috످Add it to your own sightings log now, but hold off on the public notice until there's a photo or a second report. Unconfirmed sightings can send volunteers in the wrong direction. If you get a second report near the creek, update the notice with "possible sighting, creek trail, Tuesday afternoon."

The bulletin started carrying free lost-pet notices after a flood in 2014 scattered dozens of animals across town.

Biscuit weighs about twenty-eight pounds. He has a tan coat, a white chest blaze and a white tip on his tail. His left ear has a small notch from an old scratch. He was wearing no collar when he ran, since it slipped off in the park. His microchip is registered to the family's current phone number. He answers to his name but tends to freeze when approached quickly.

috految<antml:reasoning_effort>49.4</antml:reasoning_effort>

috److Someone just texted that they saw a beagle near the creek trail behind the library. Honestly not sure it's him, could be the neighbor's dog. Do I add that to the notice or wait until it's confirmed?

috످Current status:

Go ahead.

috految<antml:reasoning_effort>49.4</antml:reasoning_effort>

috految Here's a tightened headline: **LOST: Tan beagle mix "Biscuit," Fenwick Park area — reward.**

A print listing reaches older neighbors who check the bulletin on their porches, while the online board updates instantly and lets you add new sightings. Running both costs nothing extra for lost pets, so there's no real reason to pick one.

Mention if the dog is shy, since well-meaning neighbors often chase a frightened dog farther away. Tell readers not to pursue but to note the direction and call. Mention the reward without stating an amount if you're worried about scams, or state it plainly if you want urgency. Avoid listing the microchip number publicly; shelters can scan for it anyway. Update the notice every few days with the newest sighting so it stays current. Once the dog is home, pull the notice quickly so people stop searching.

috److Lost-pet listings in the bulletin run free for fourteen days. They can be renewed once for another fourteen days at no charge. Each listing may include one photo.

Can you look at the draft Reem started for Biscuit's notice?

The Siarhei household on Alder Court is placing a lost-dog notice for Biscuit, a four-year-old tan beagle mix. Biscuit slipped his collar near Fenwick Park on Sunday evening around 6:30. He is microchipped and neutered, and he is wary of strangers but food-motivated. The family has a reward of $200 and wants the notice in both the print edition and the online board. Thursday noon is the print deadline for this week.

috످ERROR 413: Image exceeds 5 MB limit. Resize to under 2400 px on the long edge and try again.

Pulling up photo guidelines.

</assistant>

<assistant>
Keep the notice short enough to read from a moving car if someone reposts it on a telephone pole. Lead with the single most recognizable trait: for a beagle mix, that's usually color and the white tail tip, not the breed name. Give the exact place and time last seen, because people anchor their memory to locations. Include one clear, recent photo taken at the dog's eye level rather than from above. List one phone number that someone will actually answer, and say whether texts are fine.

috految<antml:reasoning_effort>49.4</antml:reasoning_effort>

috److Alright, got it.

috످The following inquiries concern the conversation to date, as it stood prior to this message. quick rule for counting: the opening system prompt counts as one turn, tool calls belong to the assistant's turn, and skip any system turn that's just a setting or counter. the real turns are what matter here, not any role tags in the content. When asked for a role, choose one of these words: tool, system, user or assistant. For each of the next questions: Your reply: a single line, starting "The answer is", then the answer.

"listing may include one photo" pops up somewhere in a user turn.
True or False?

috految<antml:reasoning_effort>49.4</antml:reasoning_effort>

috److془The passage is about bulletin's terms for lost pet ads; it stands in the assistant's second turn. False.

Check: user 1: "Add it to..." assistant: "Someone just texted" user: "Current status: Go ahead..." assistant: "Lost-pet listings..." Yes.془The answer is False

috످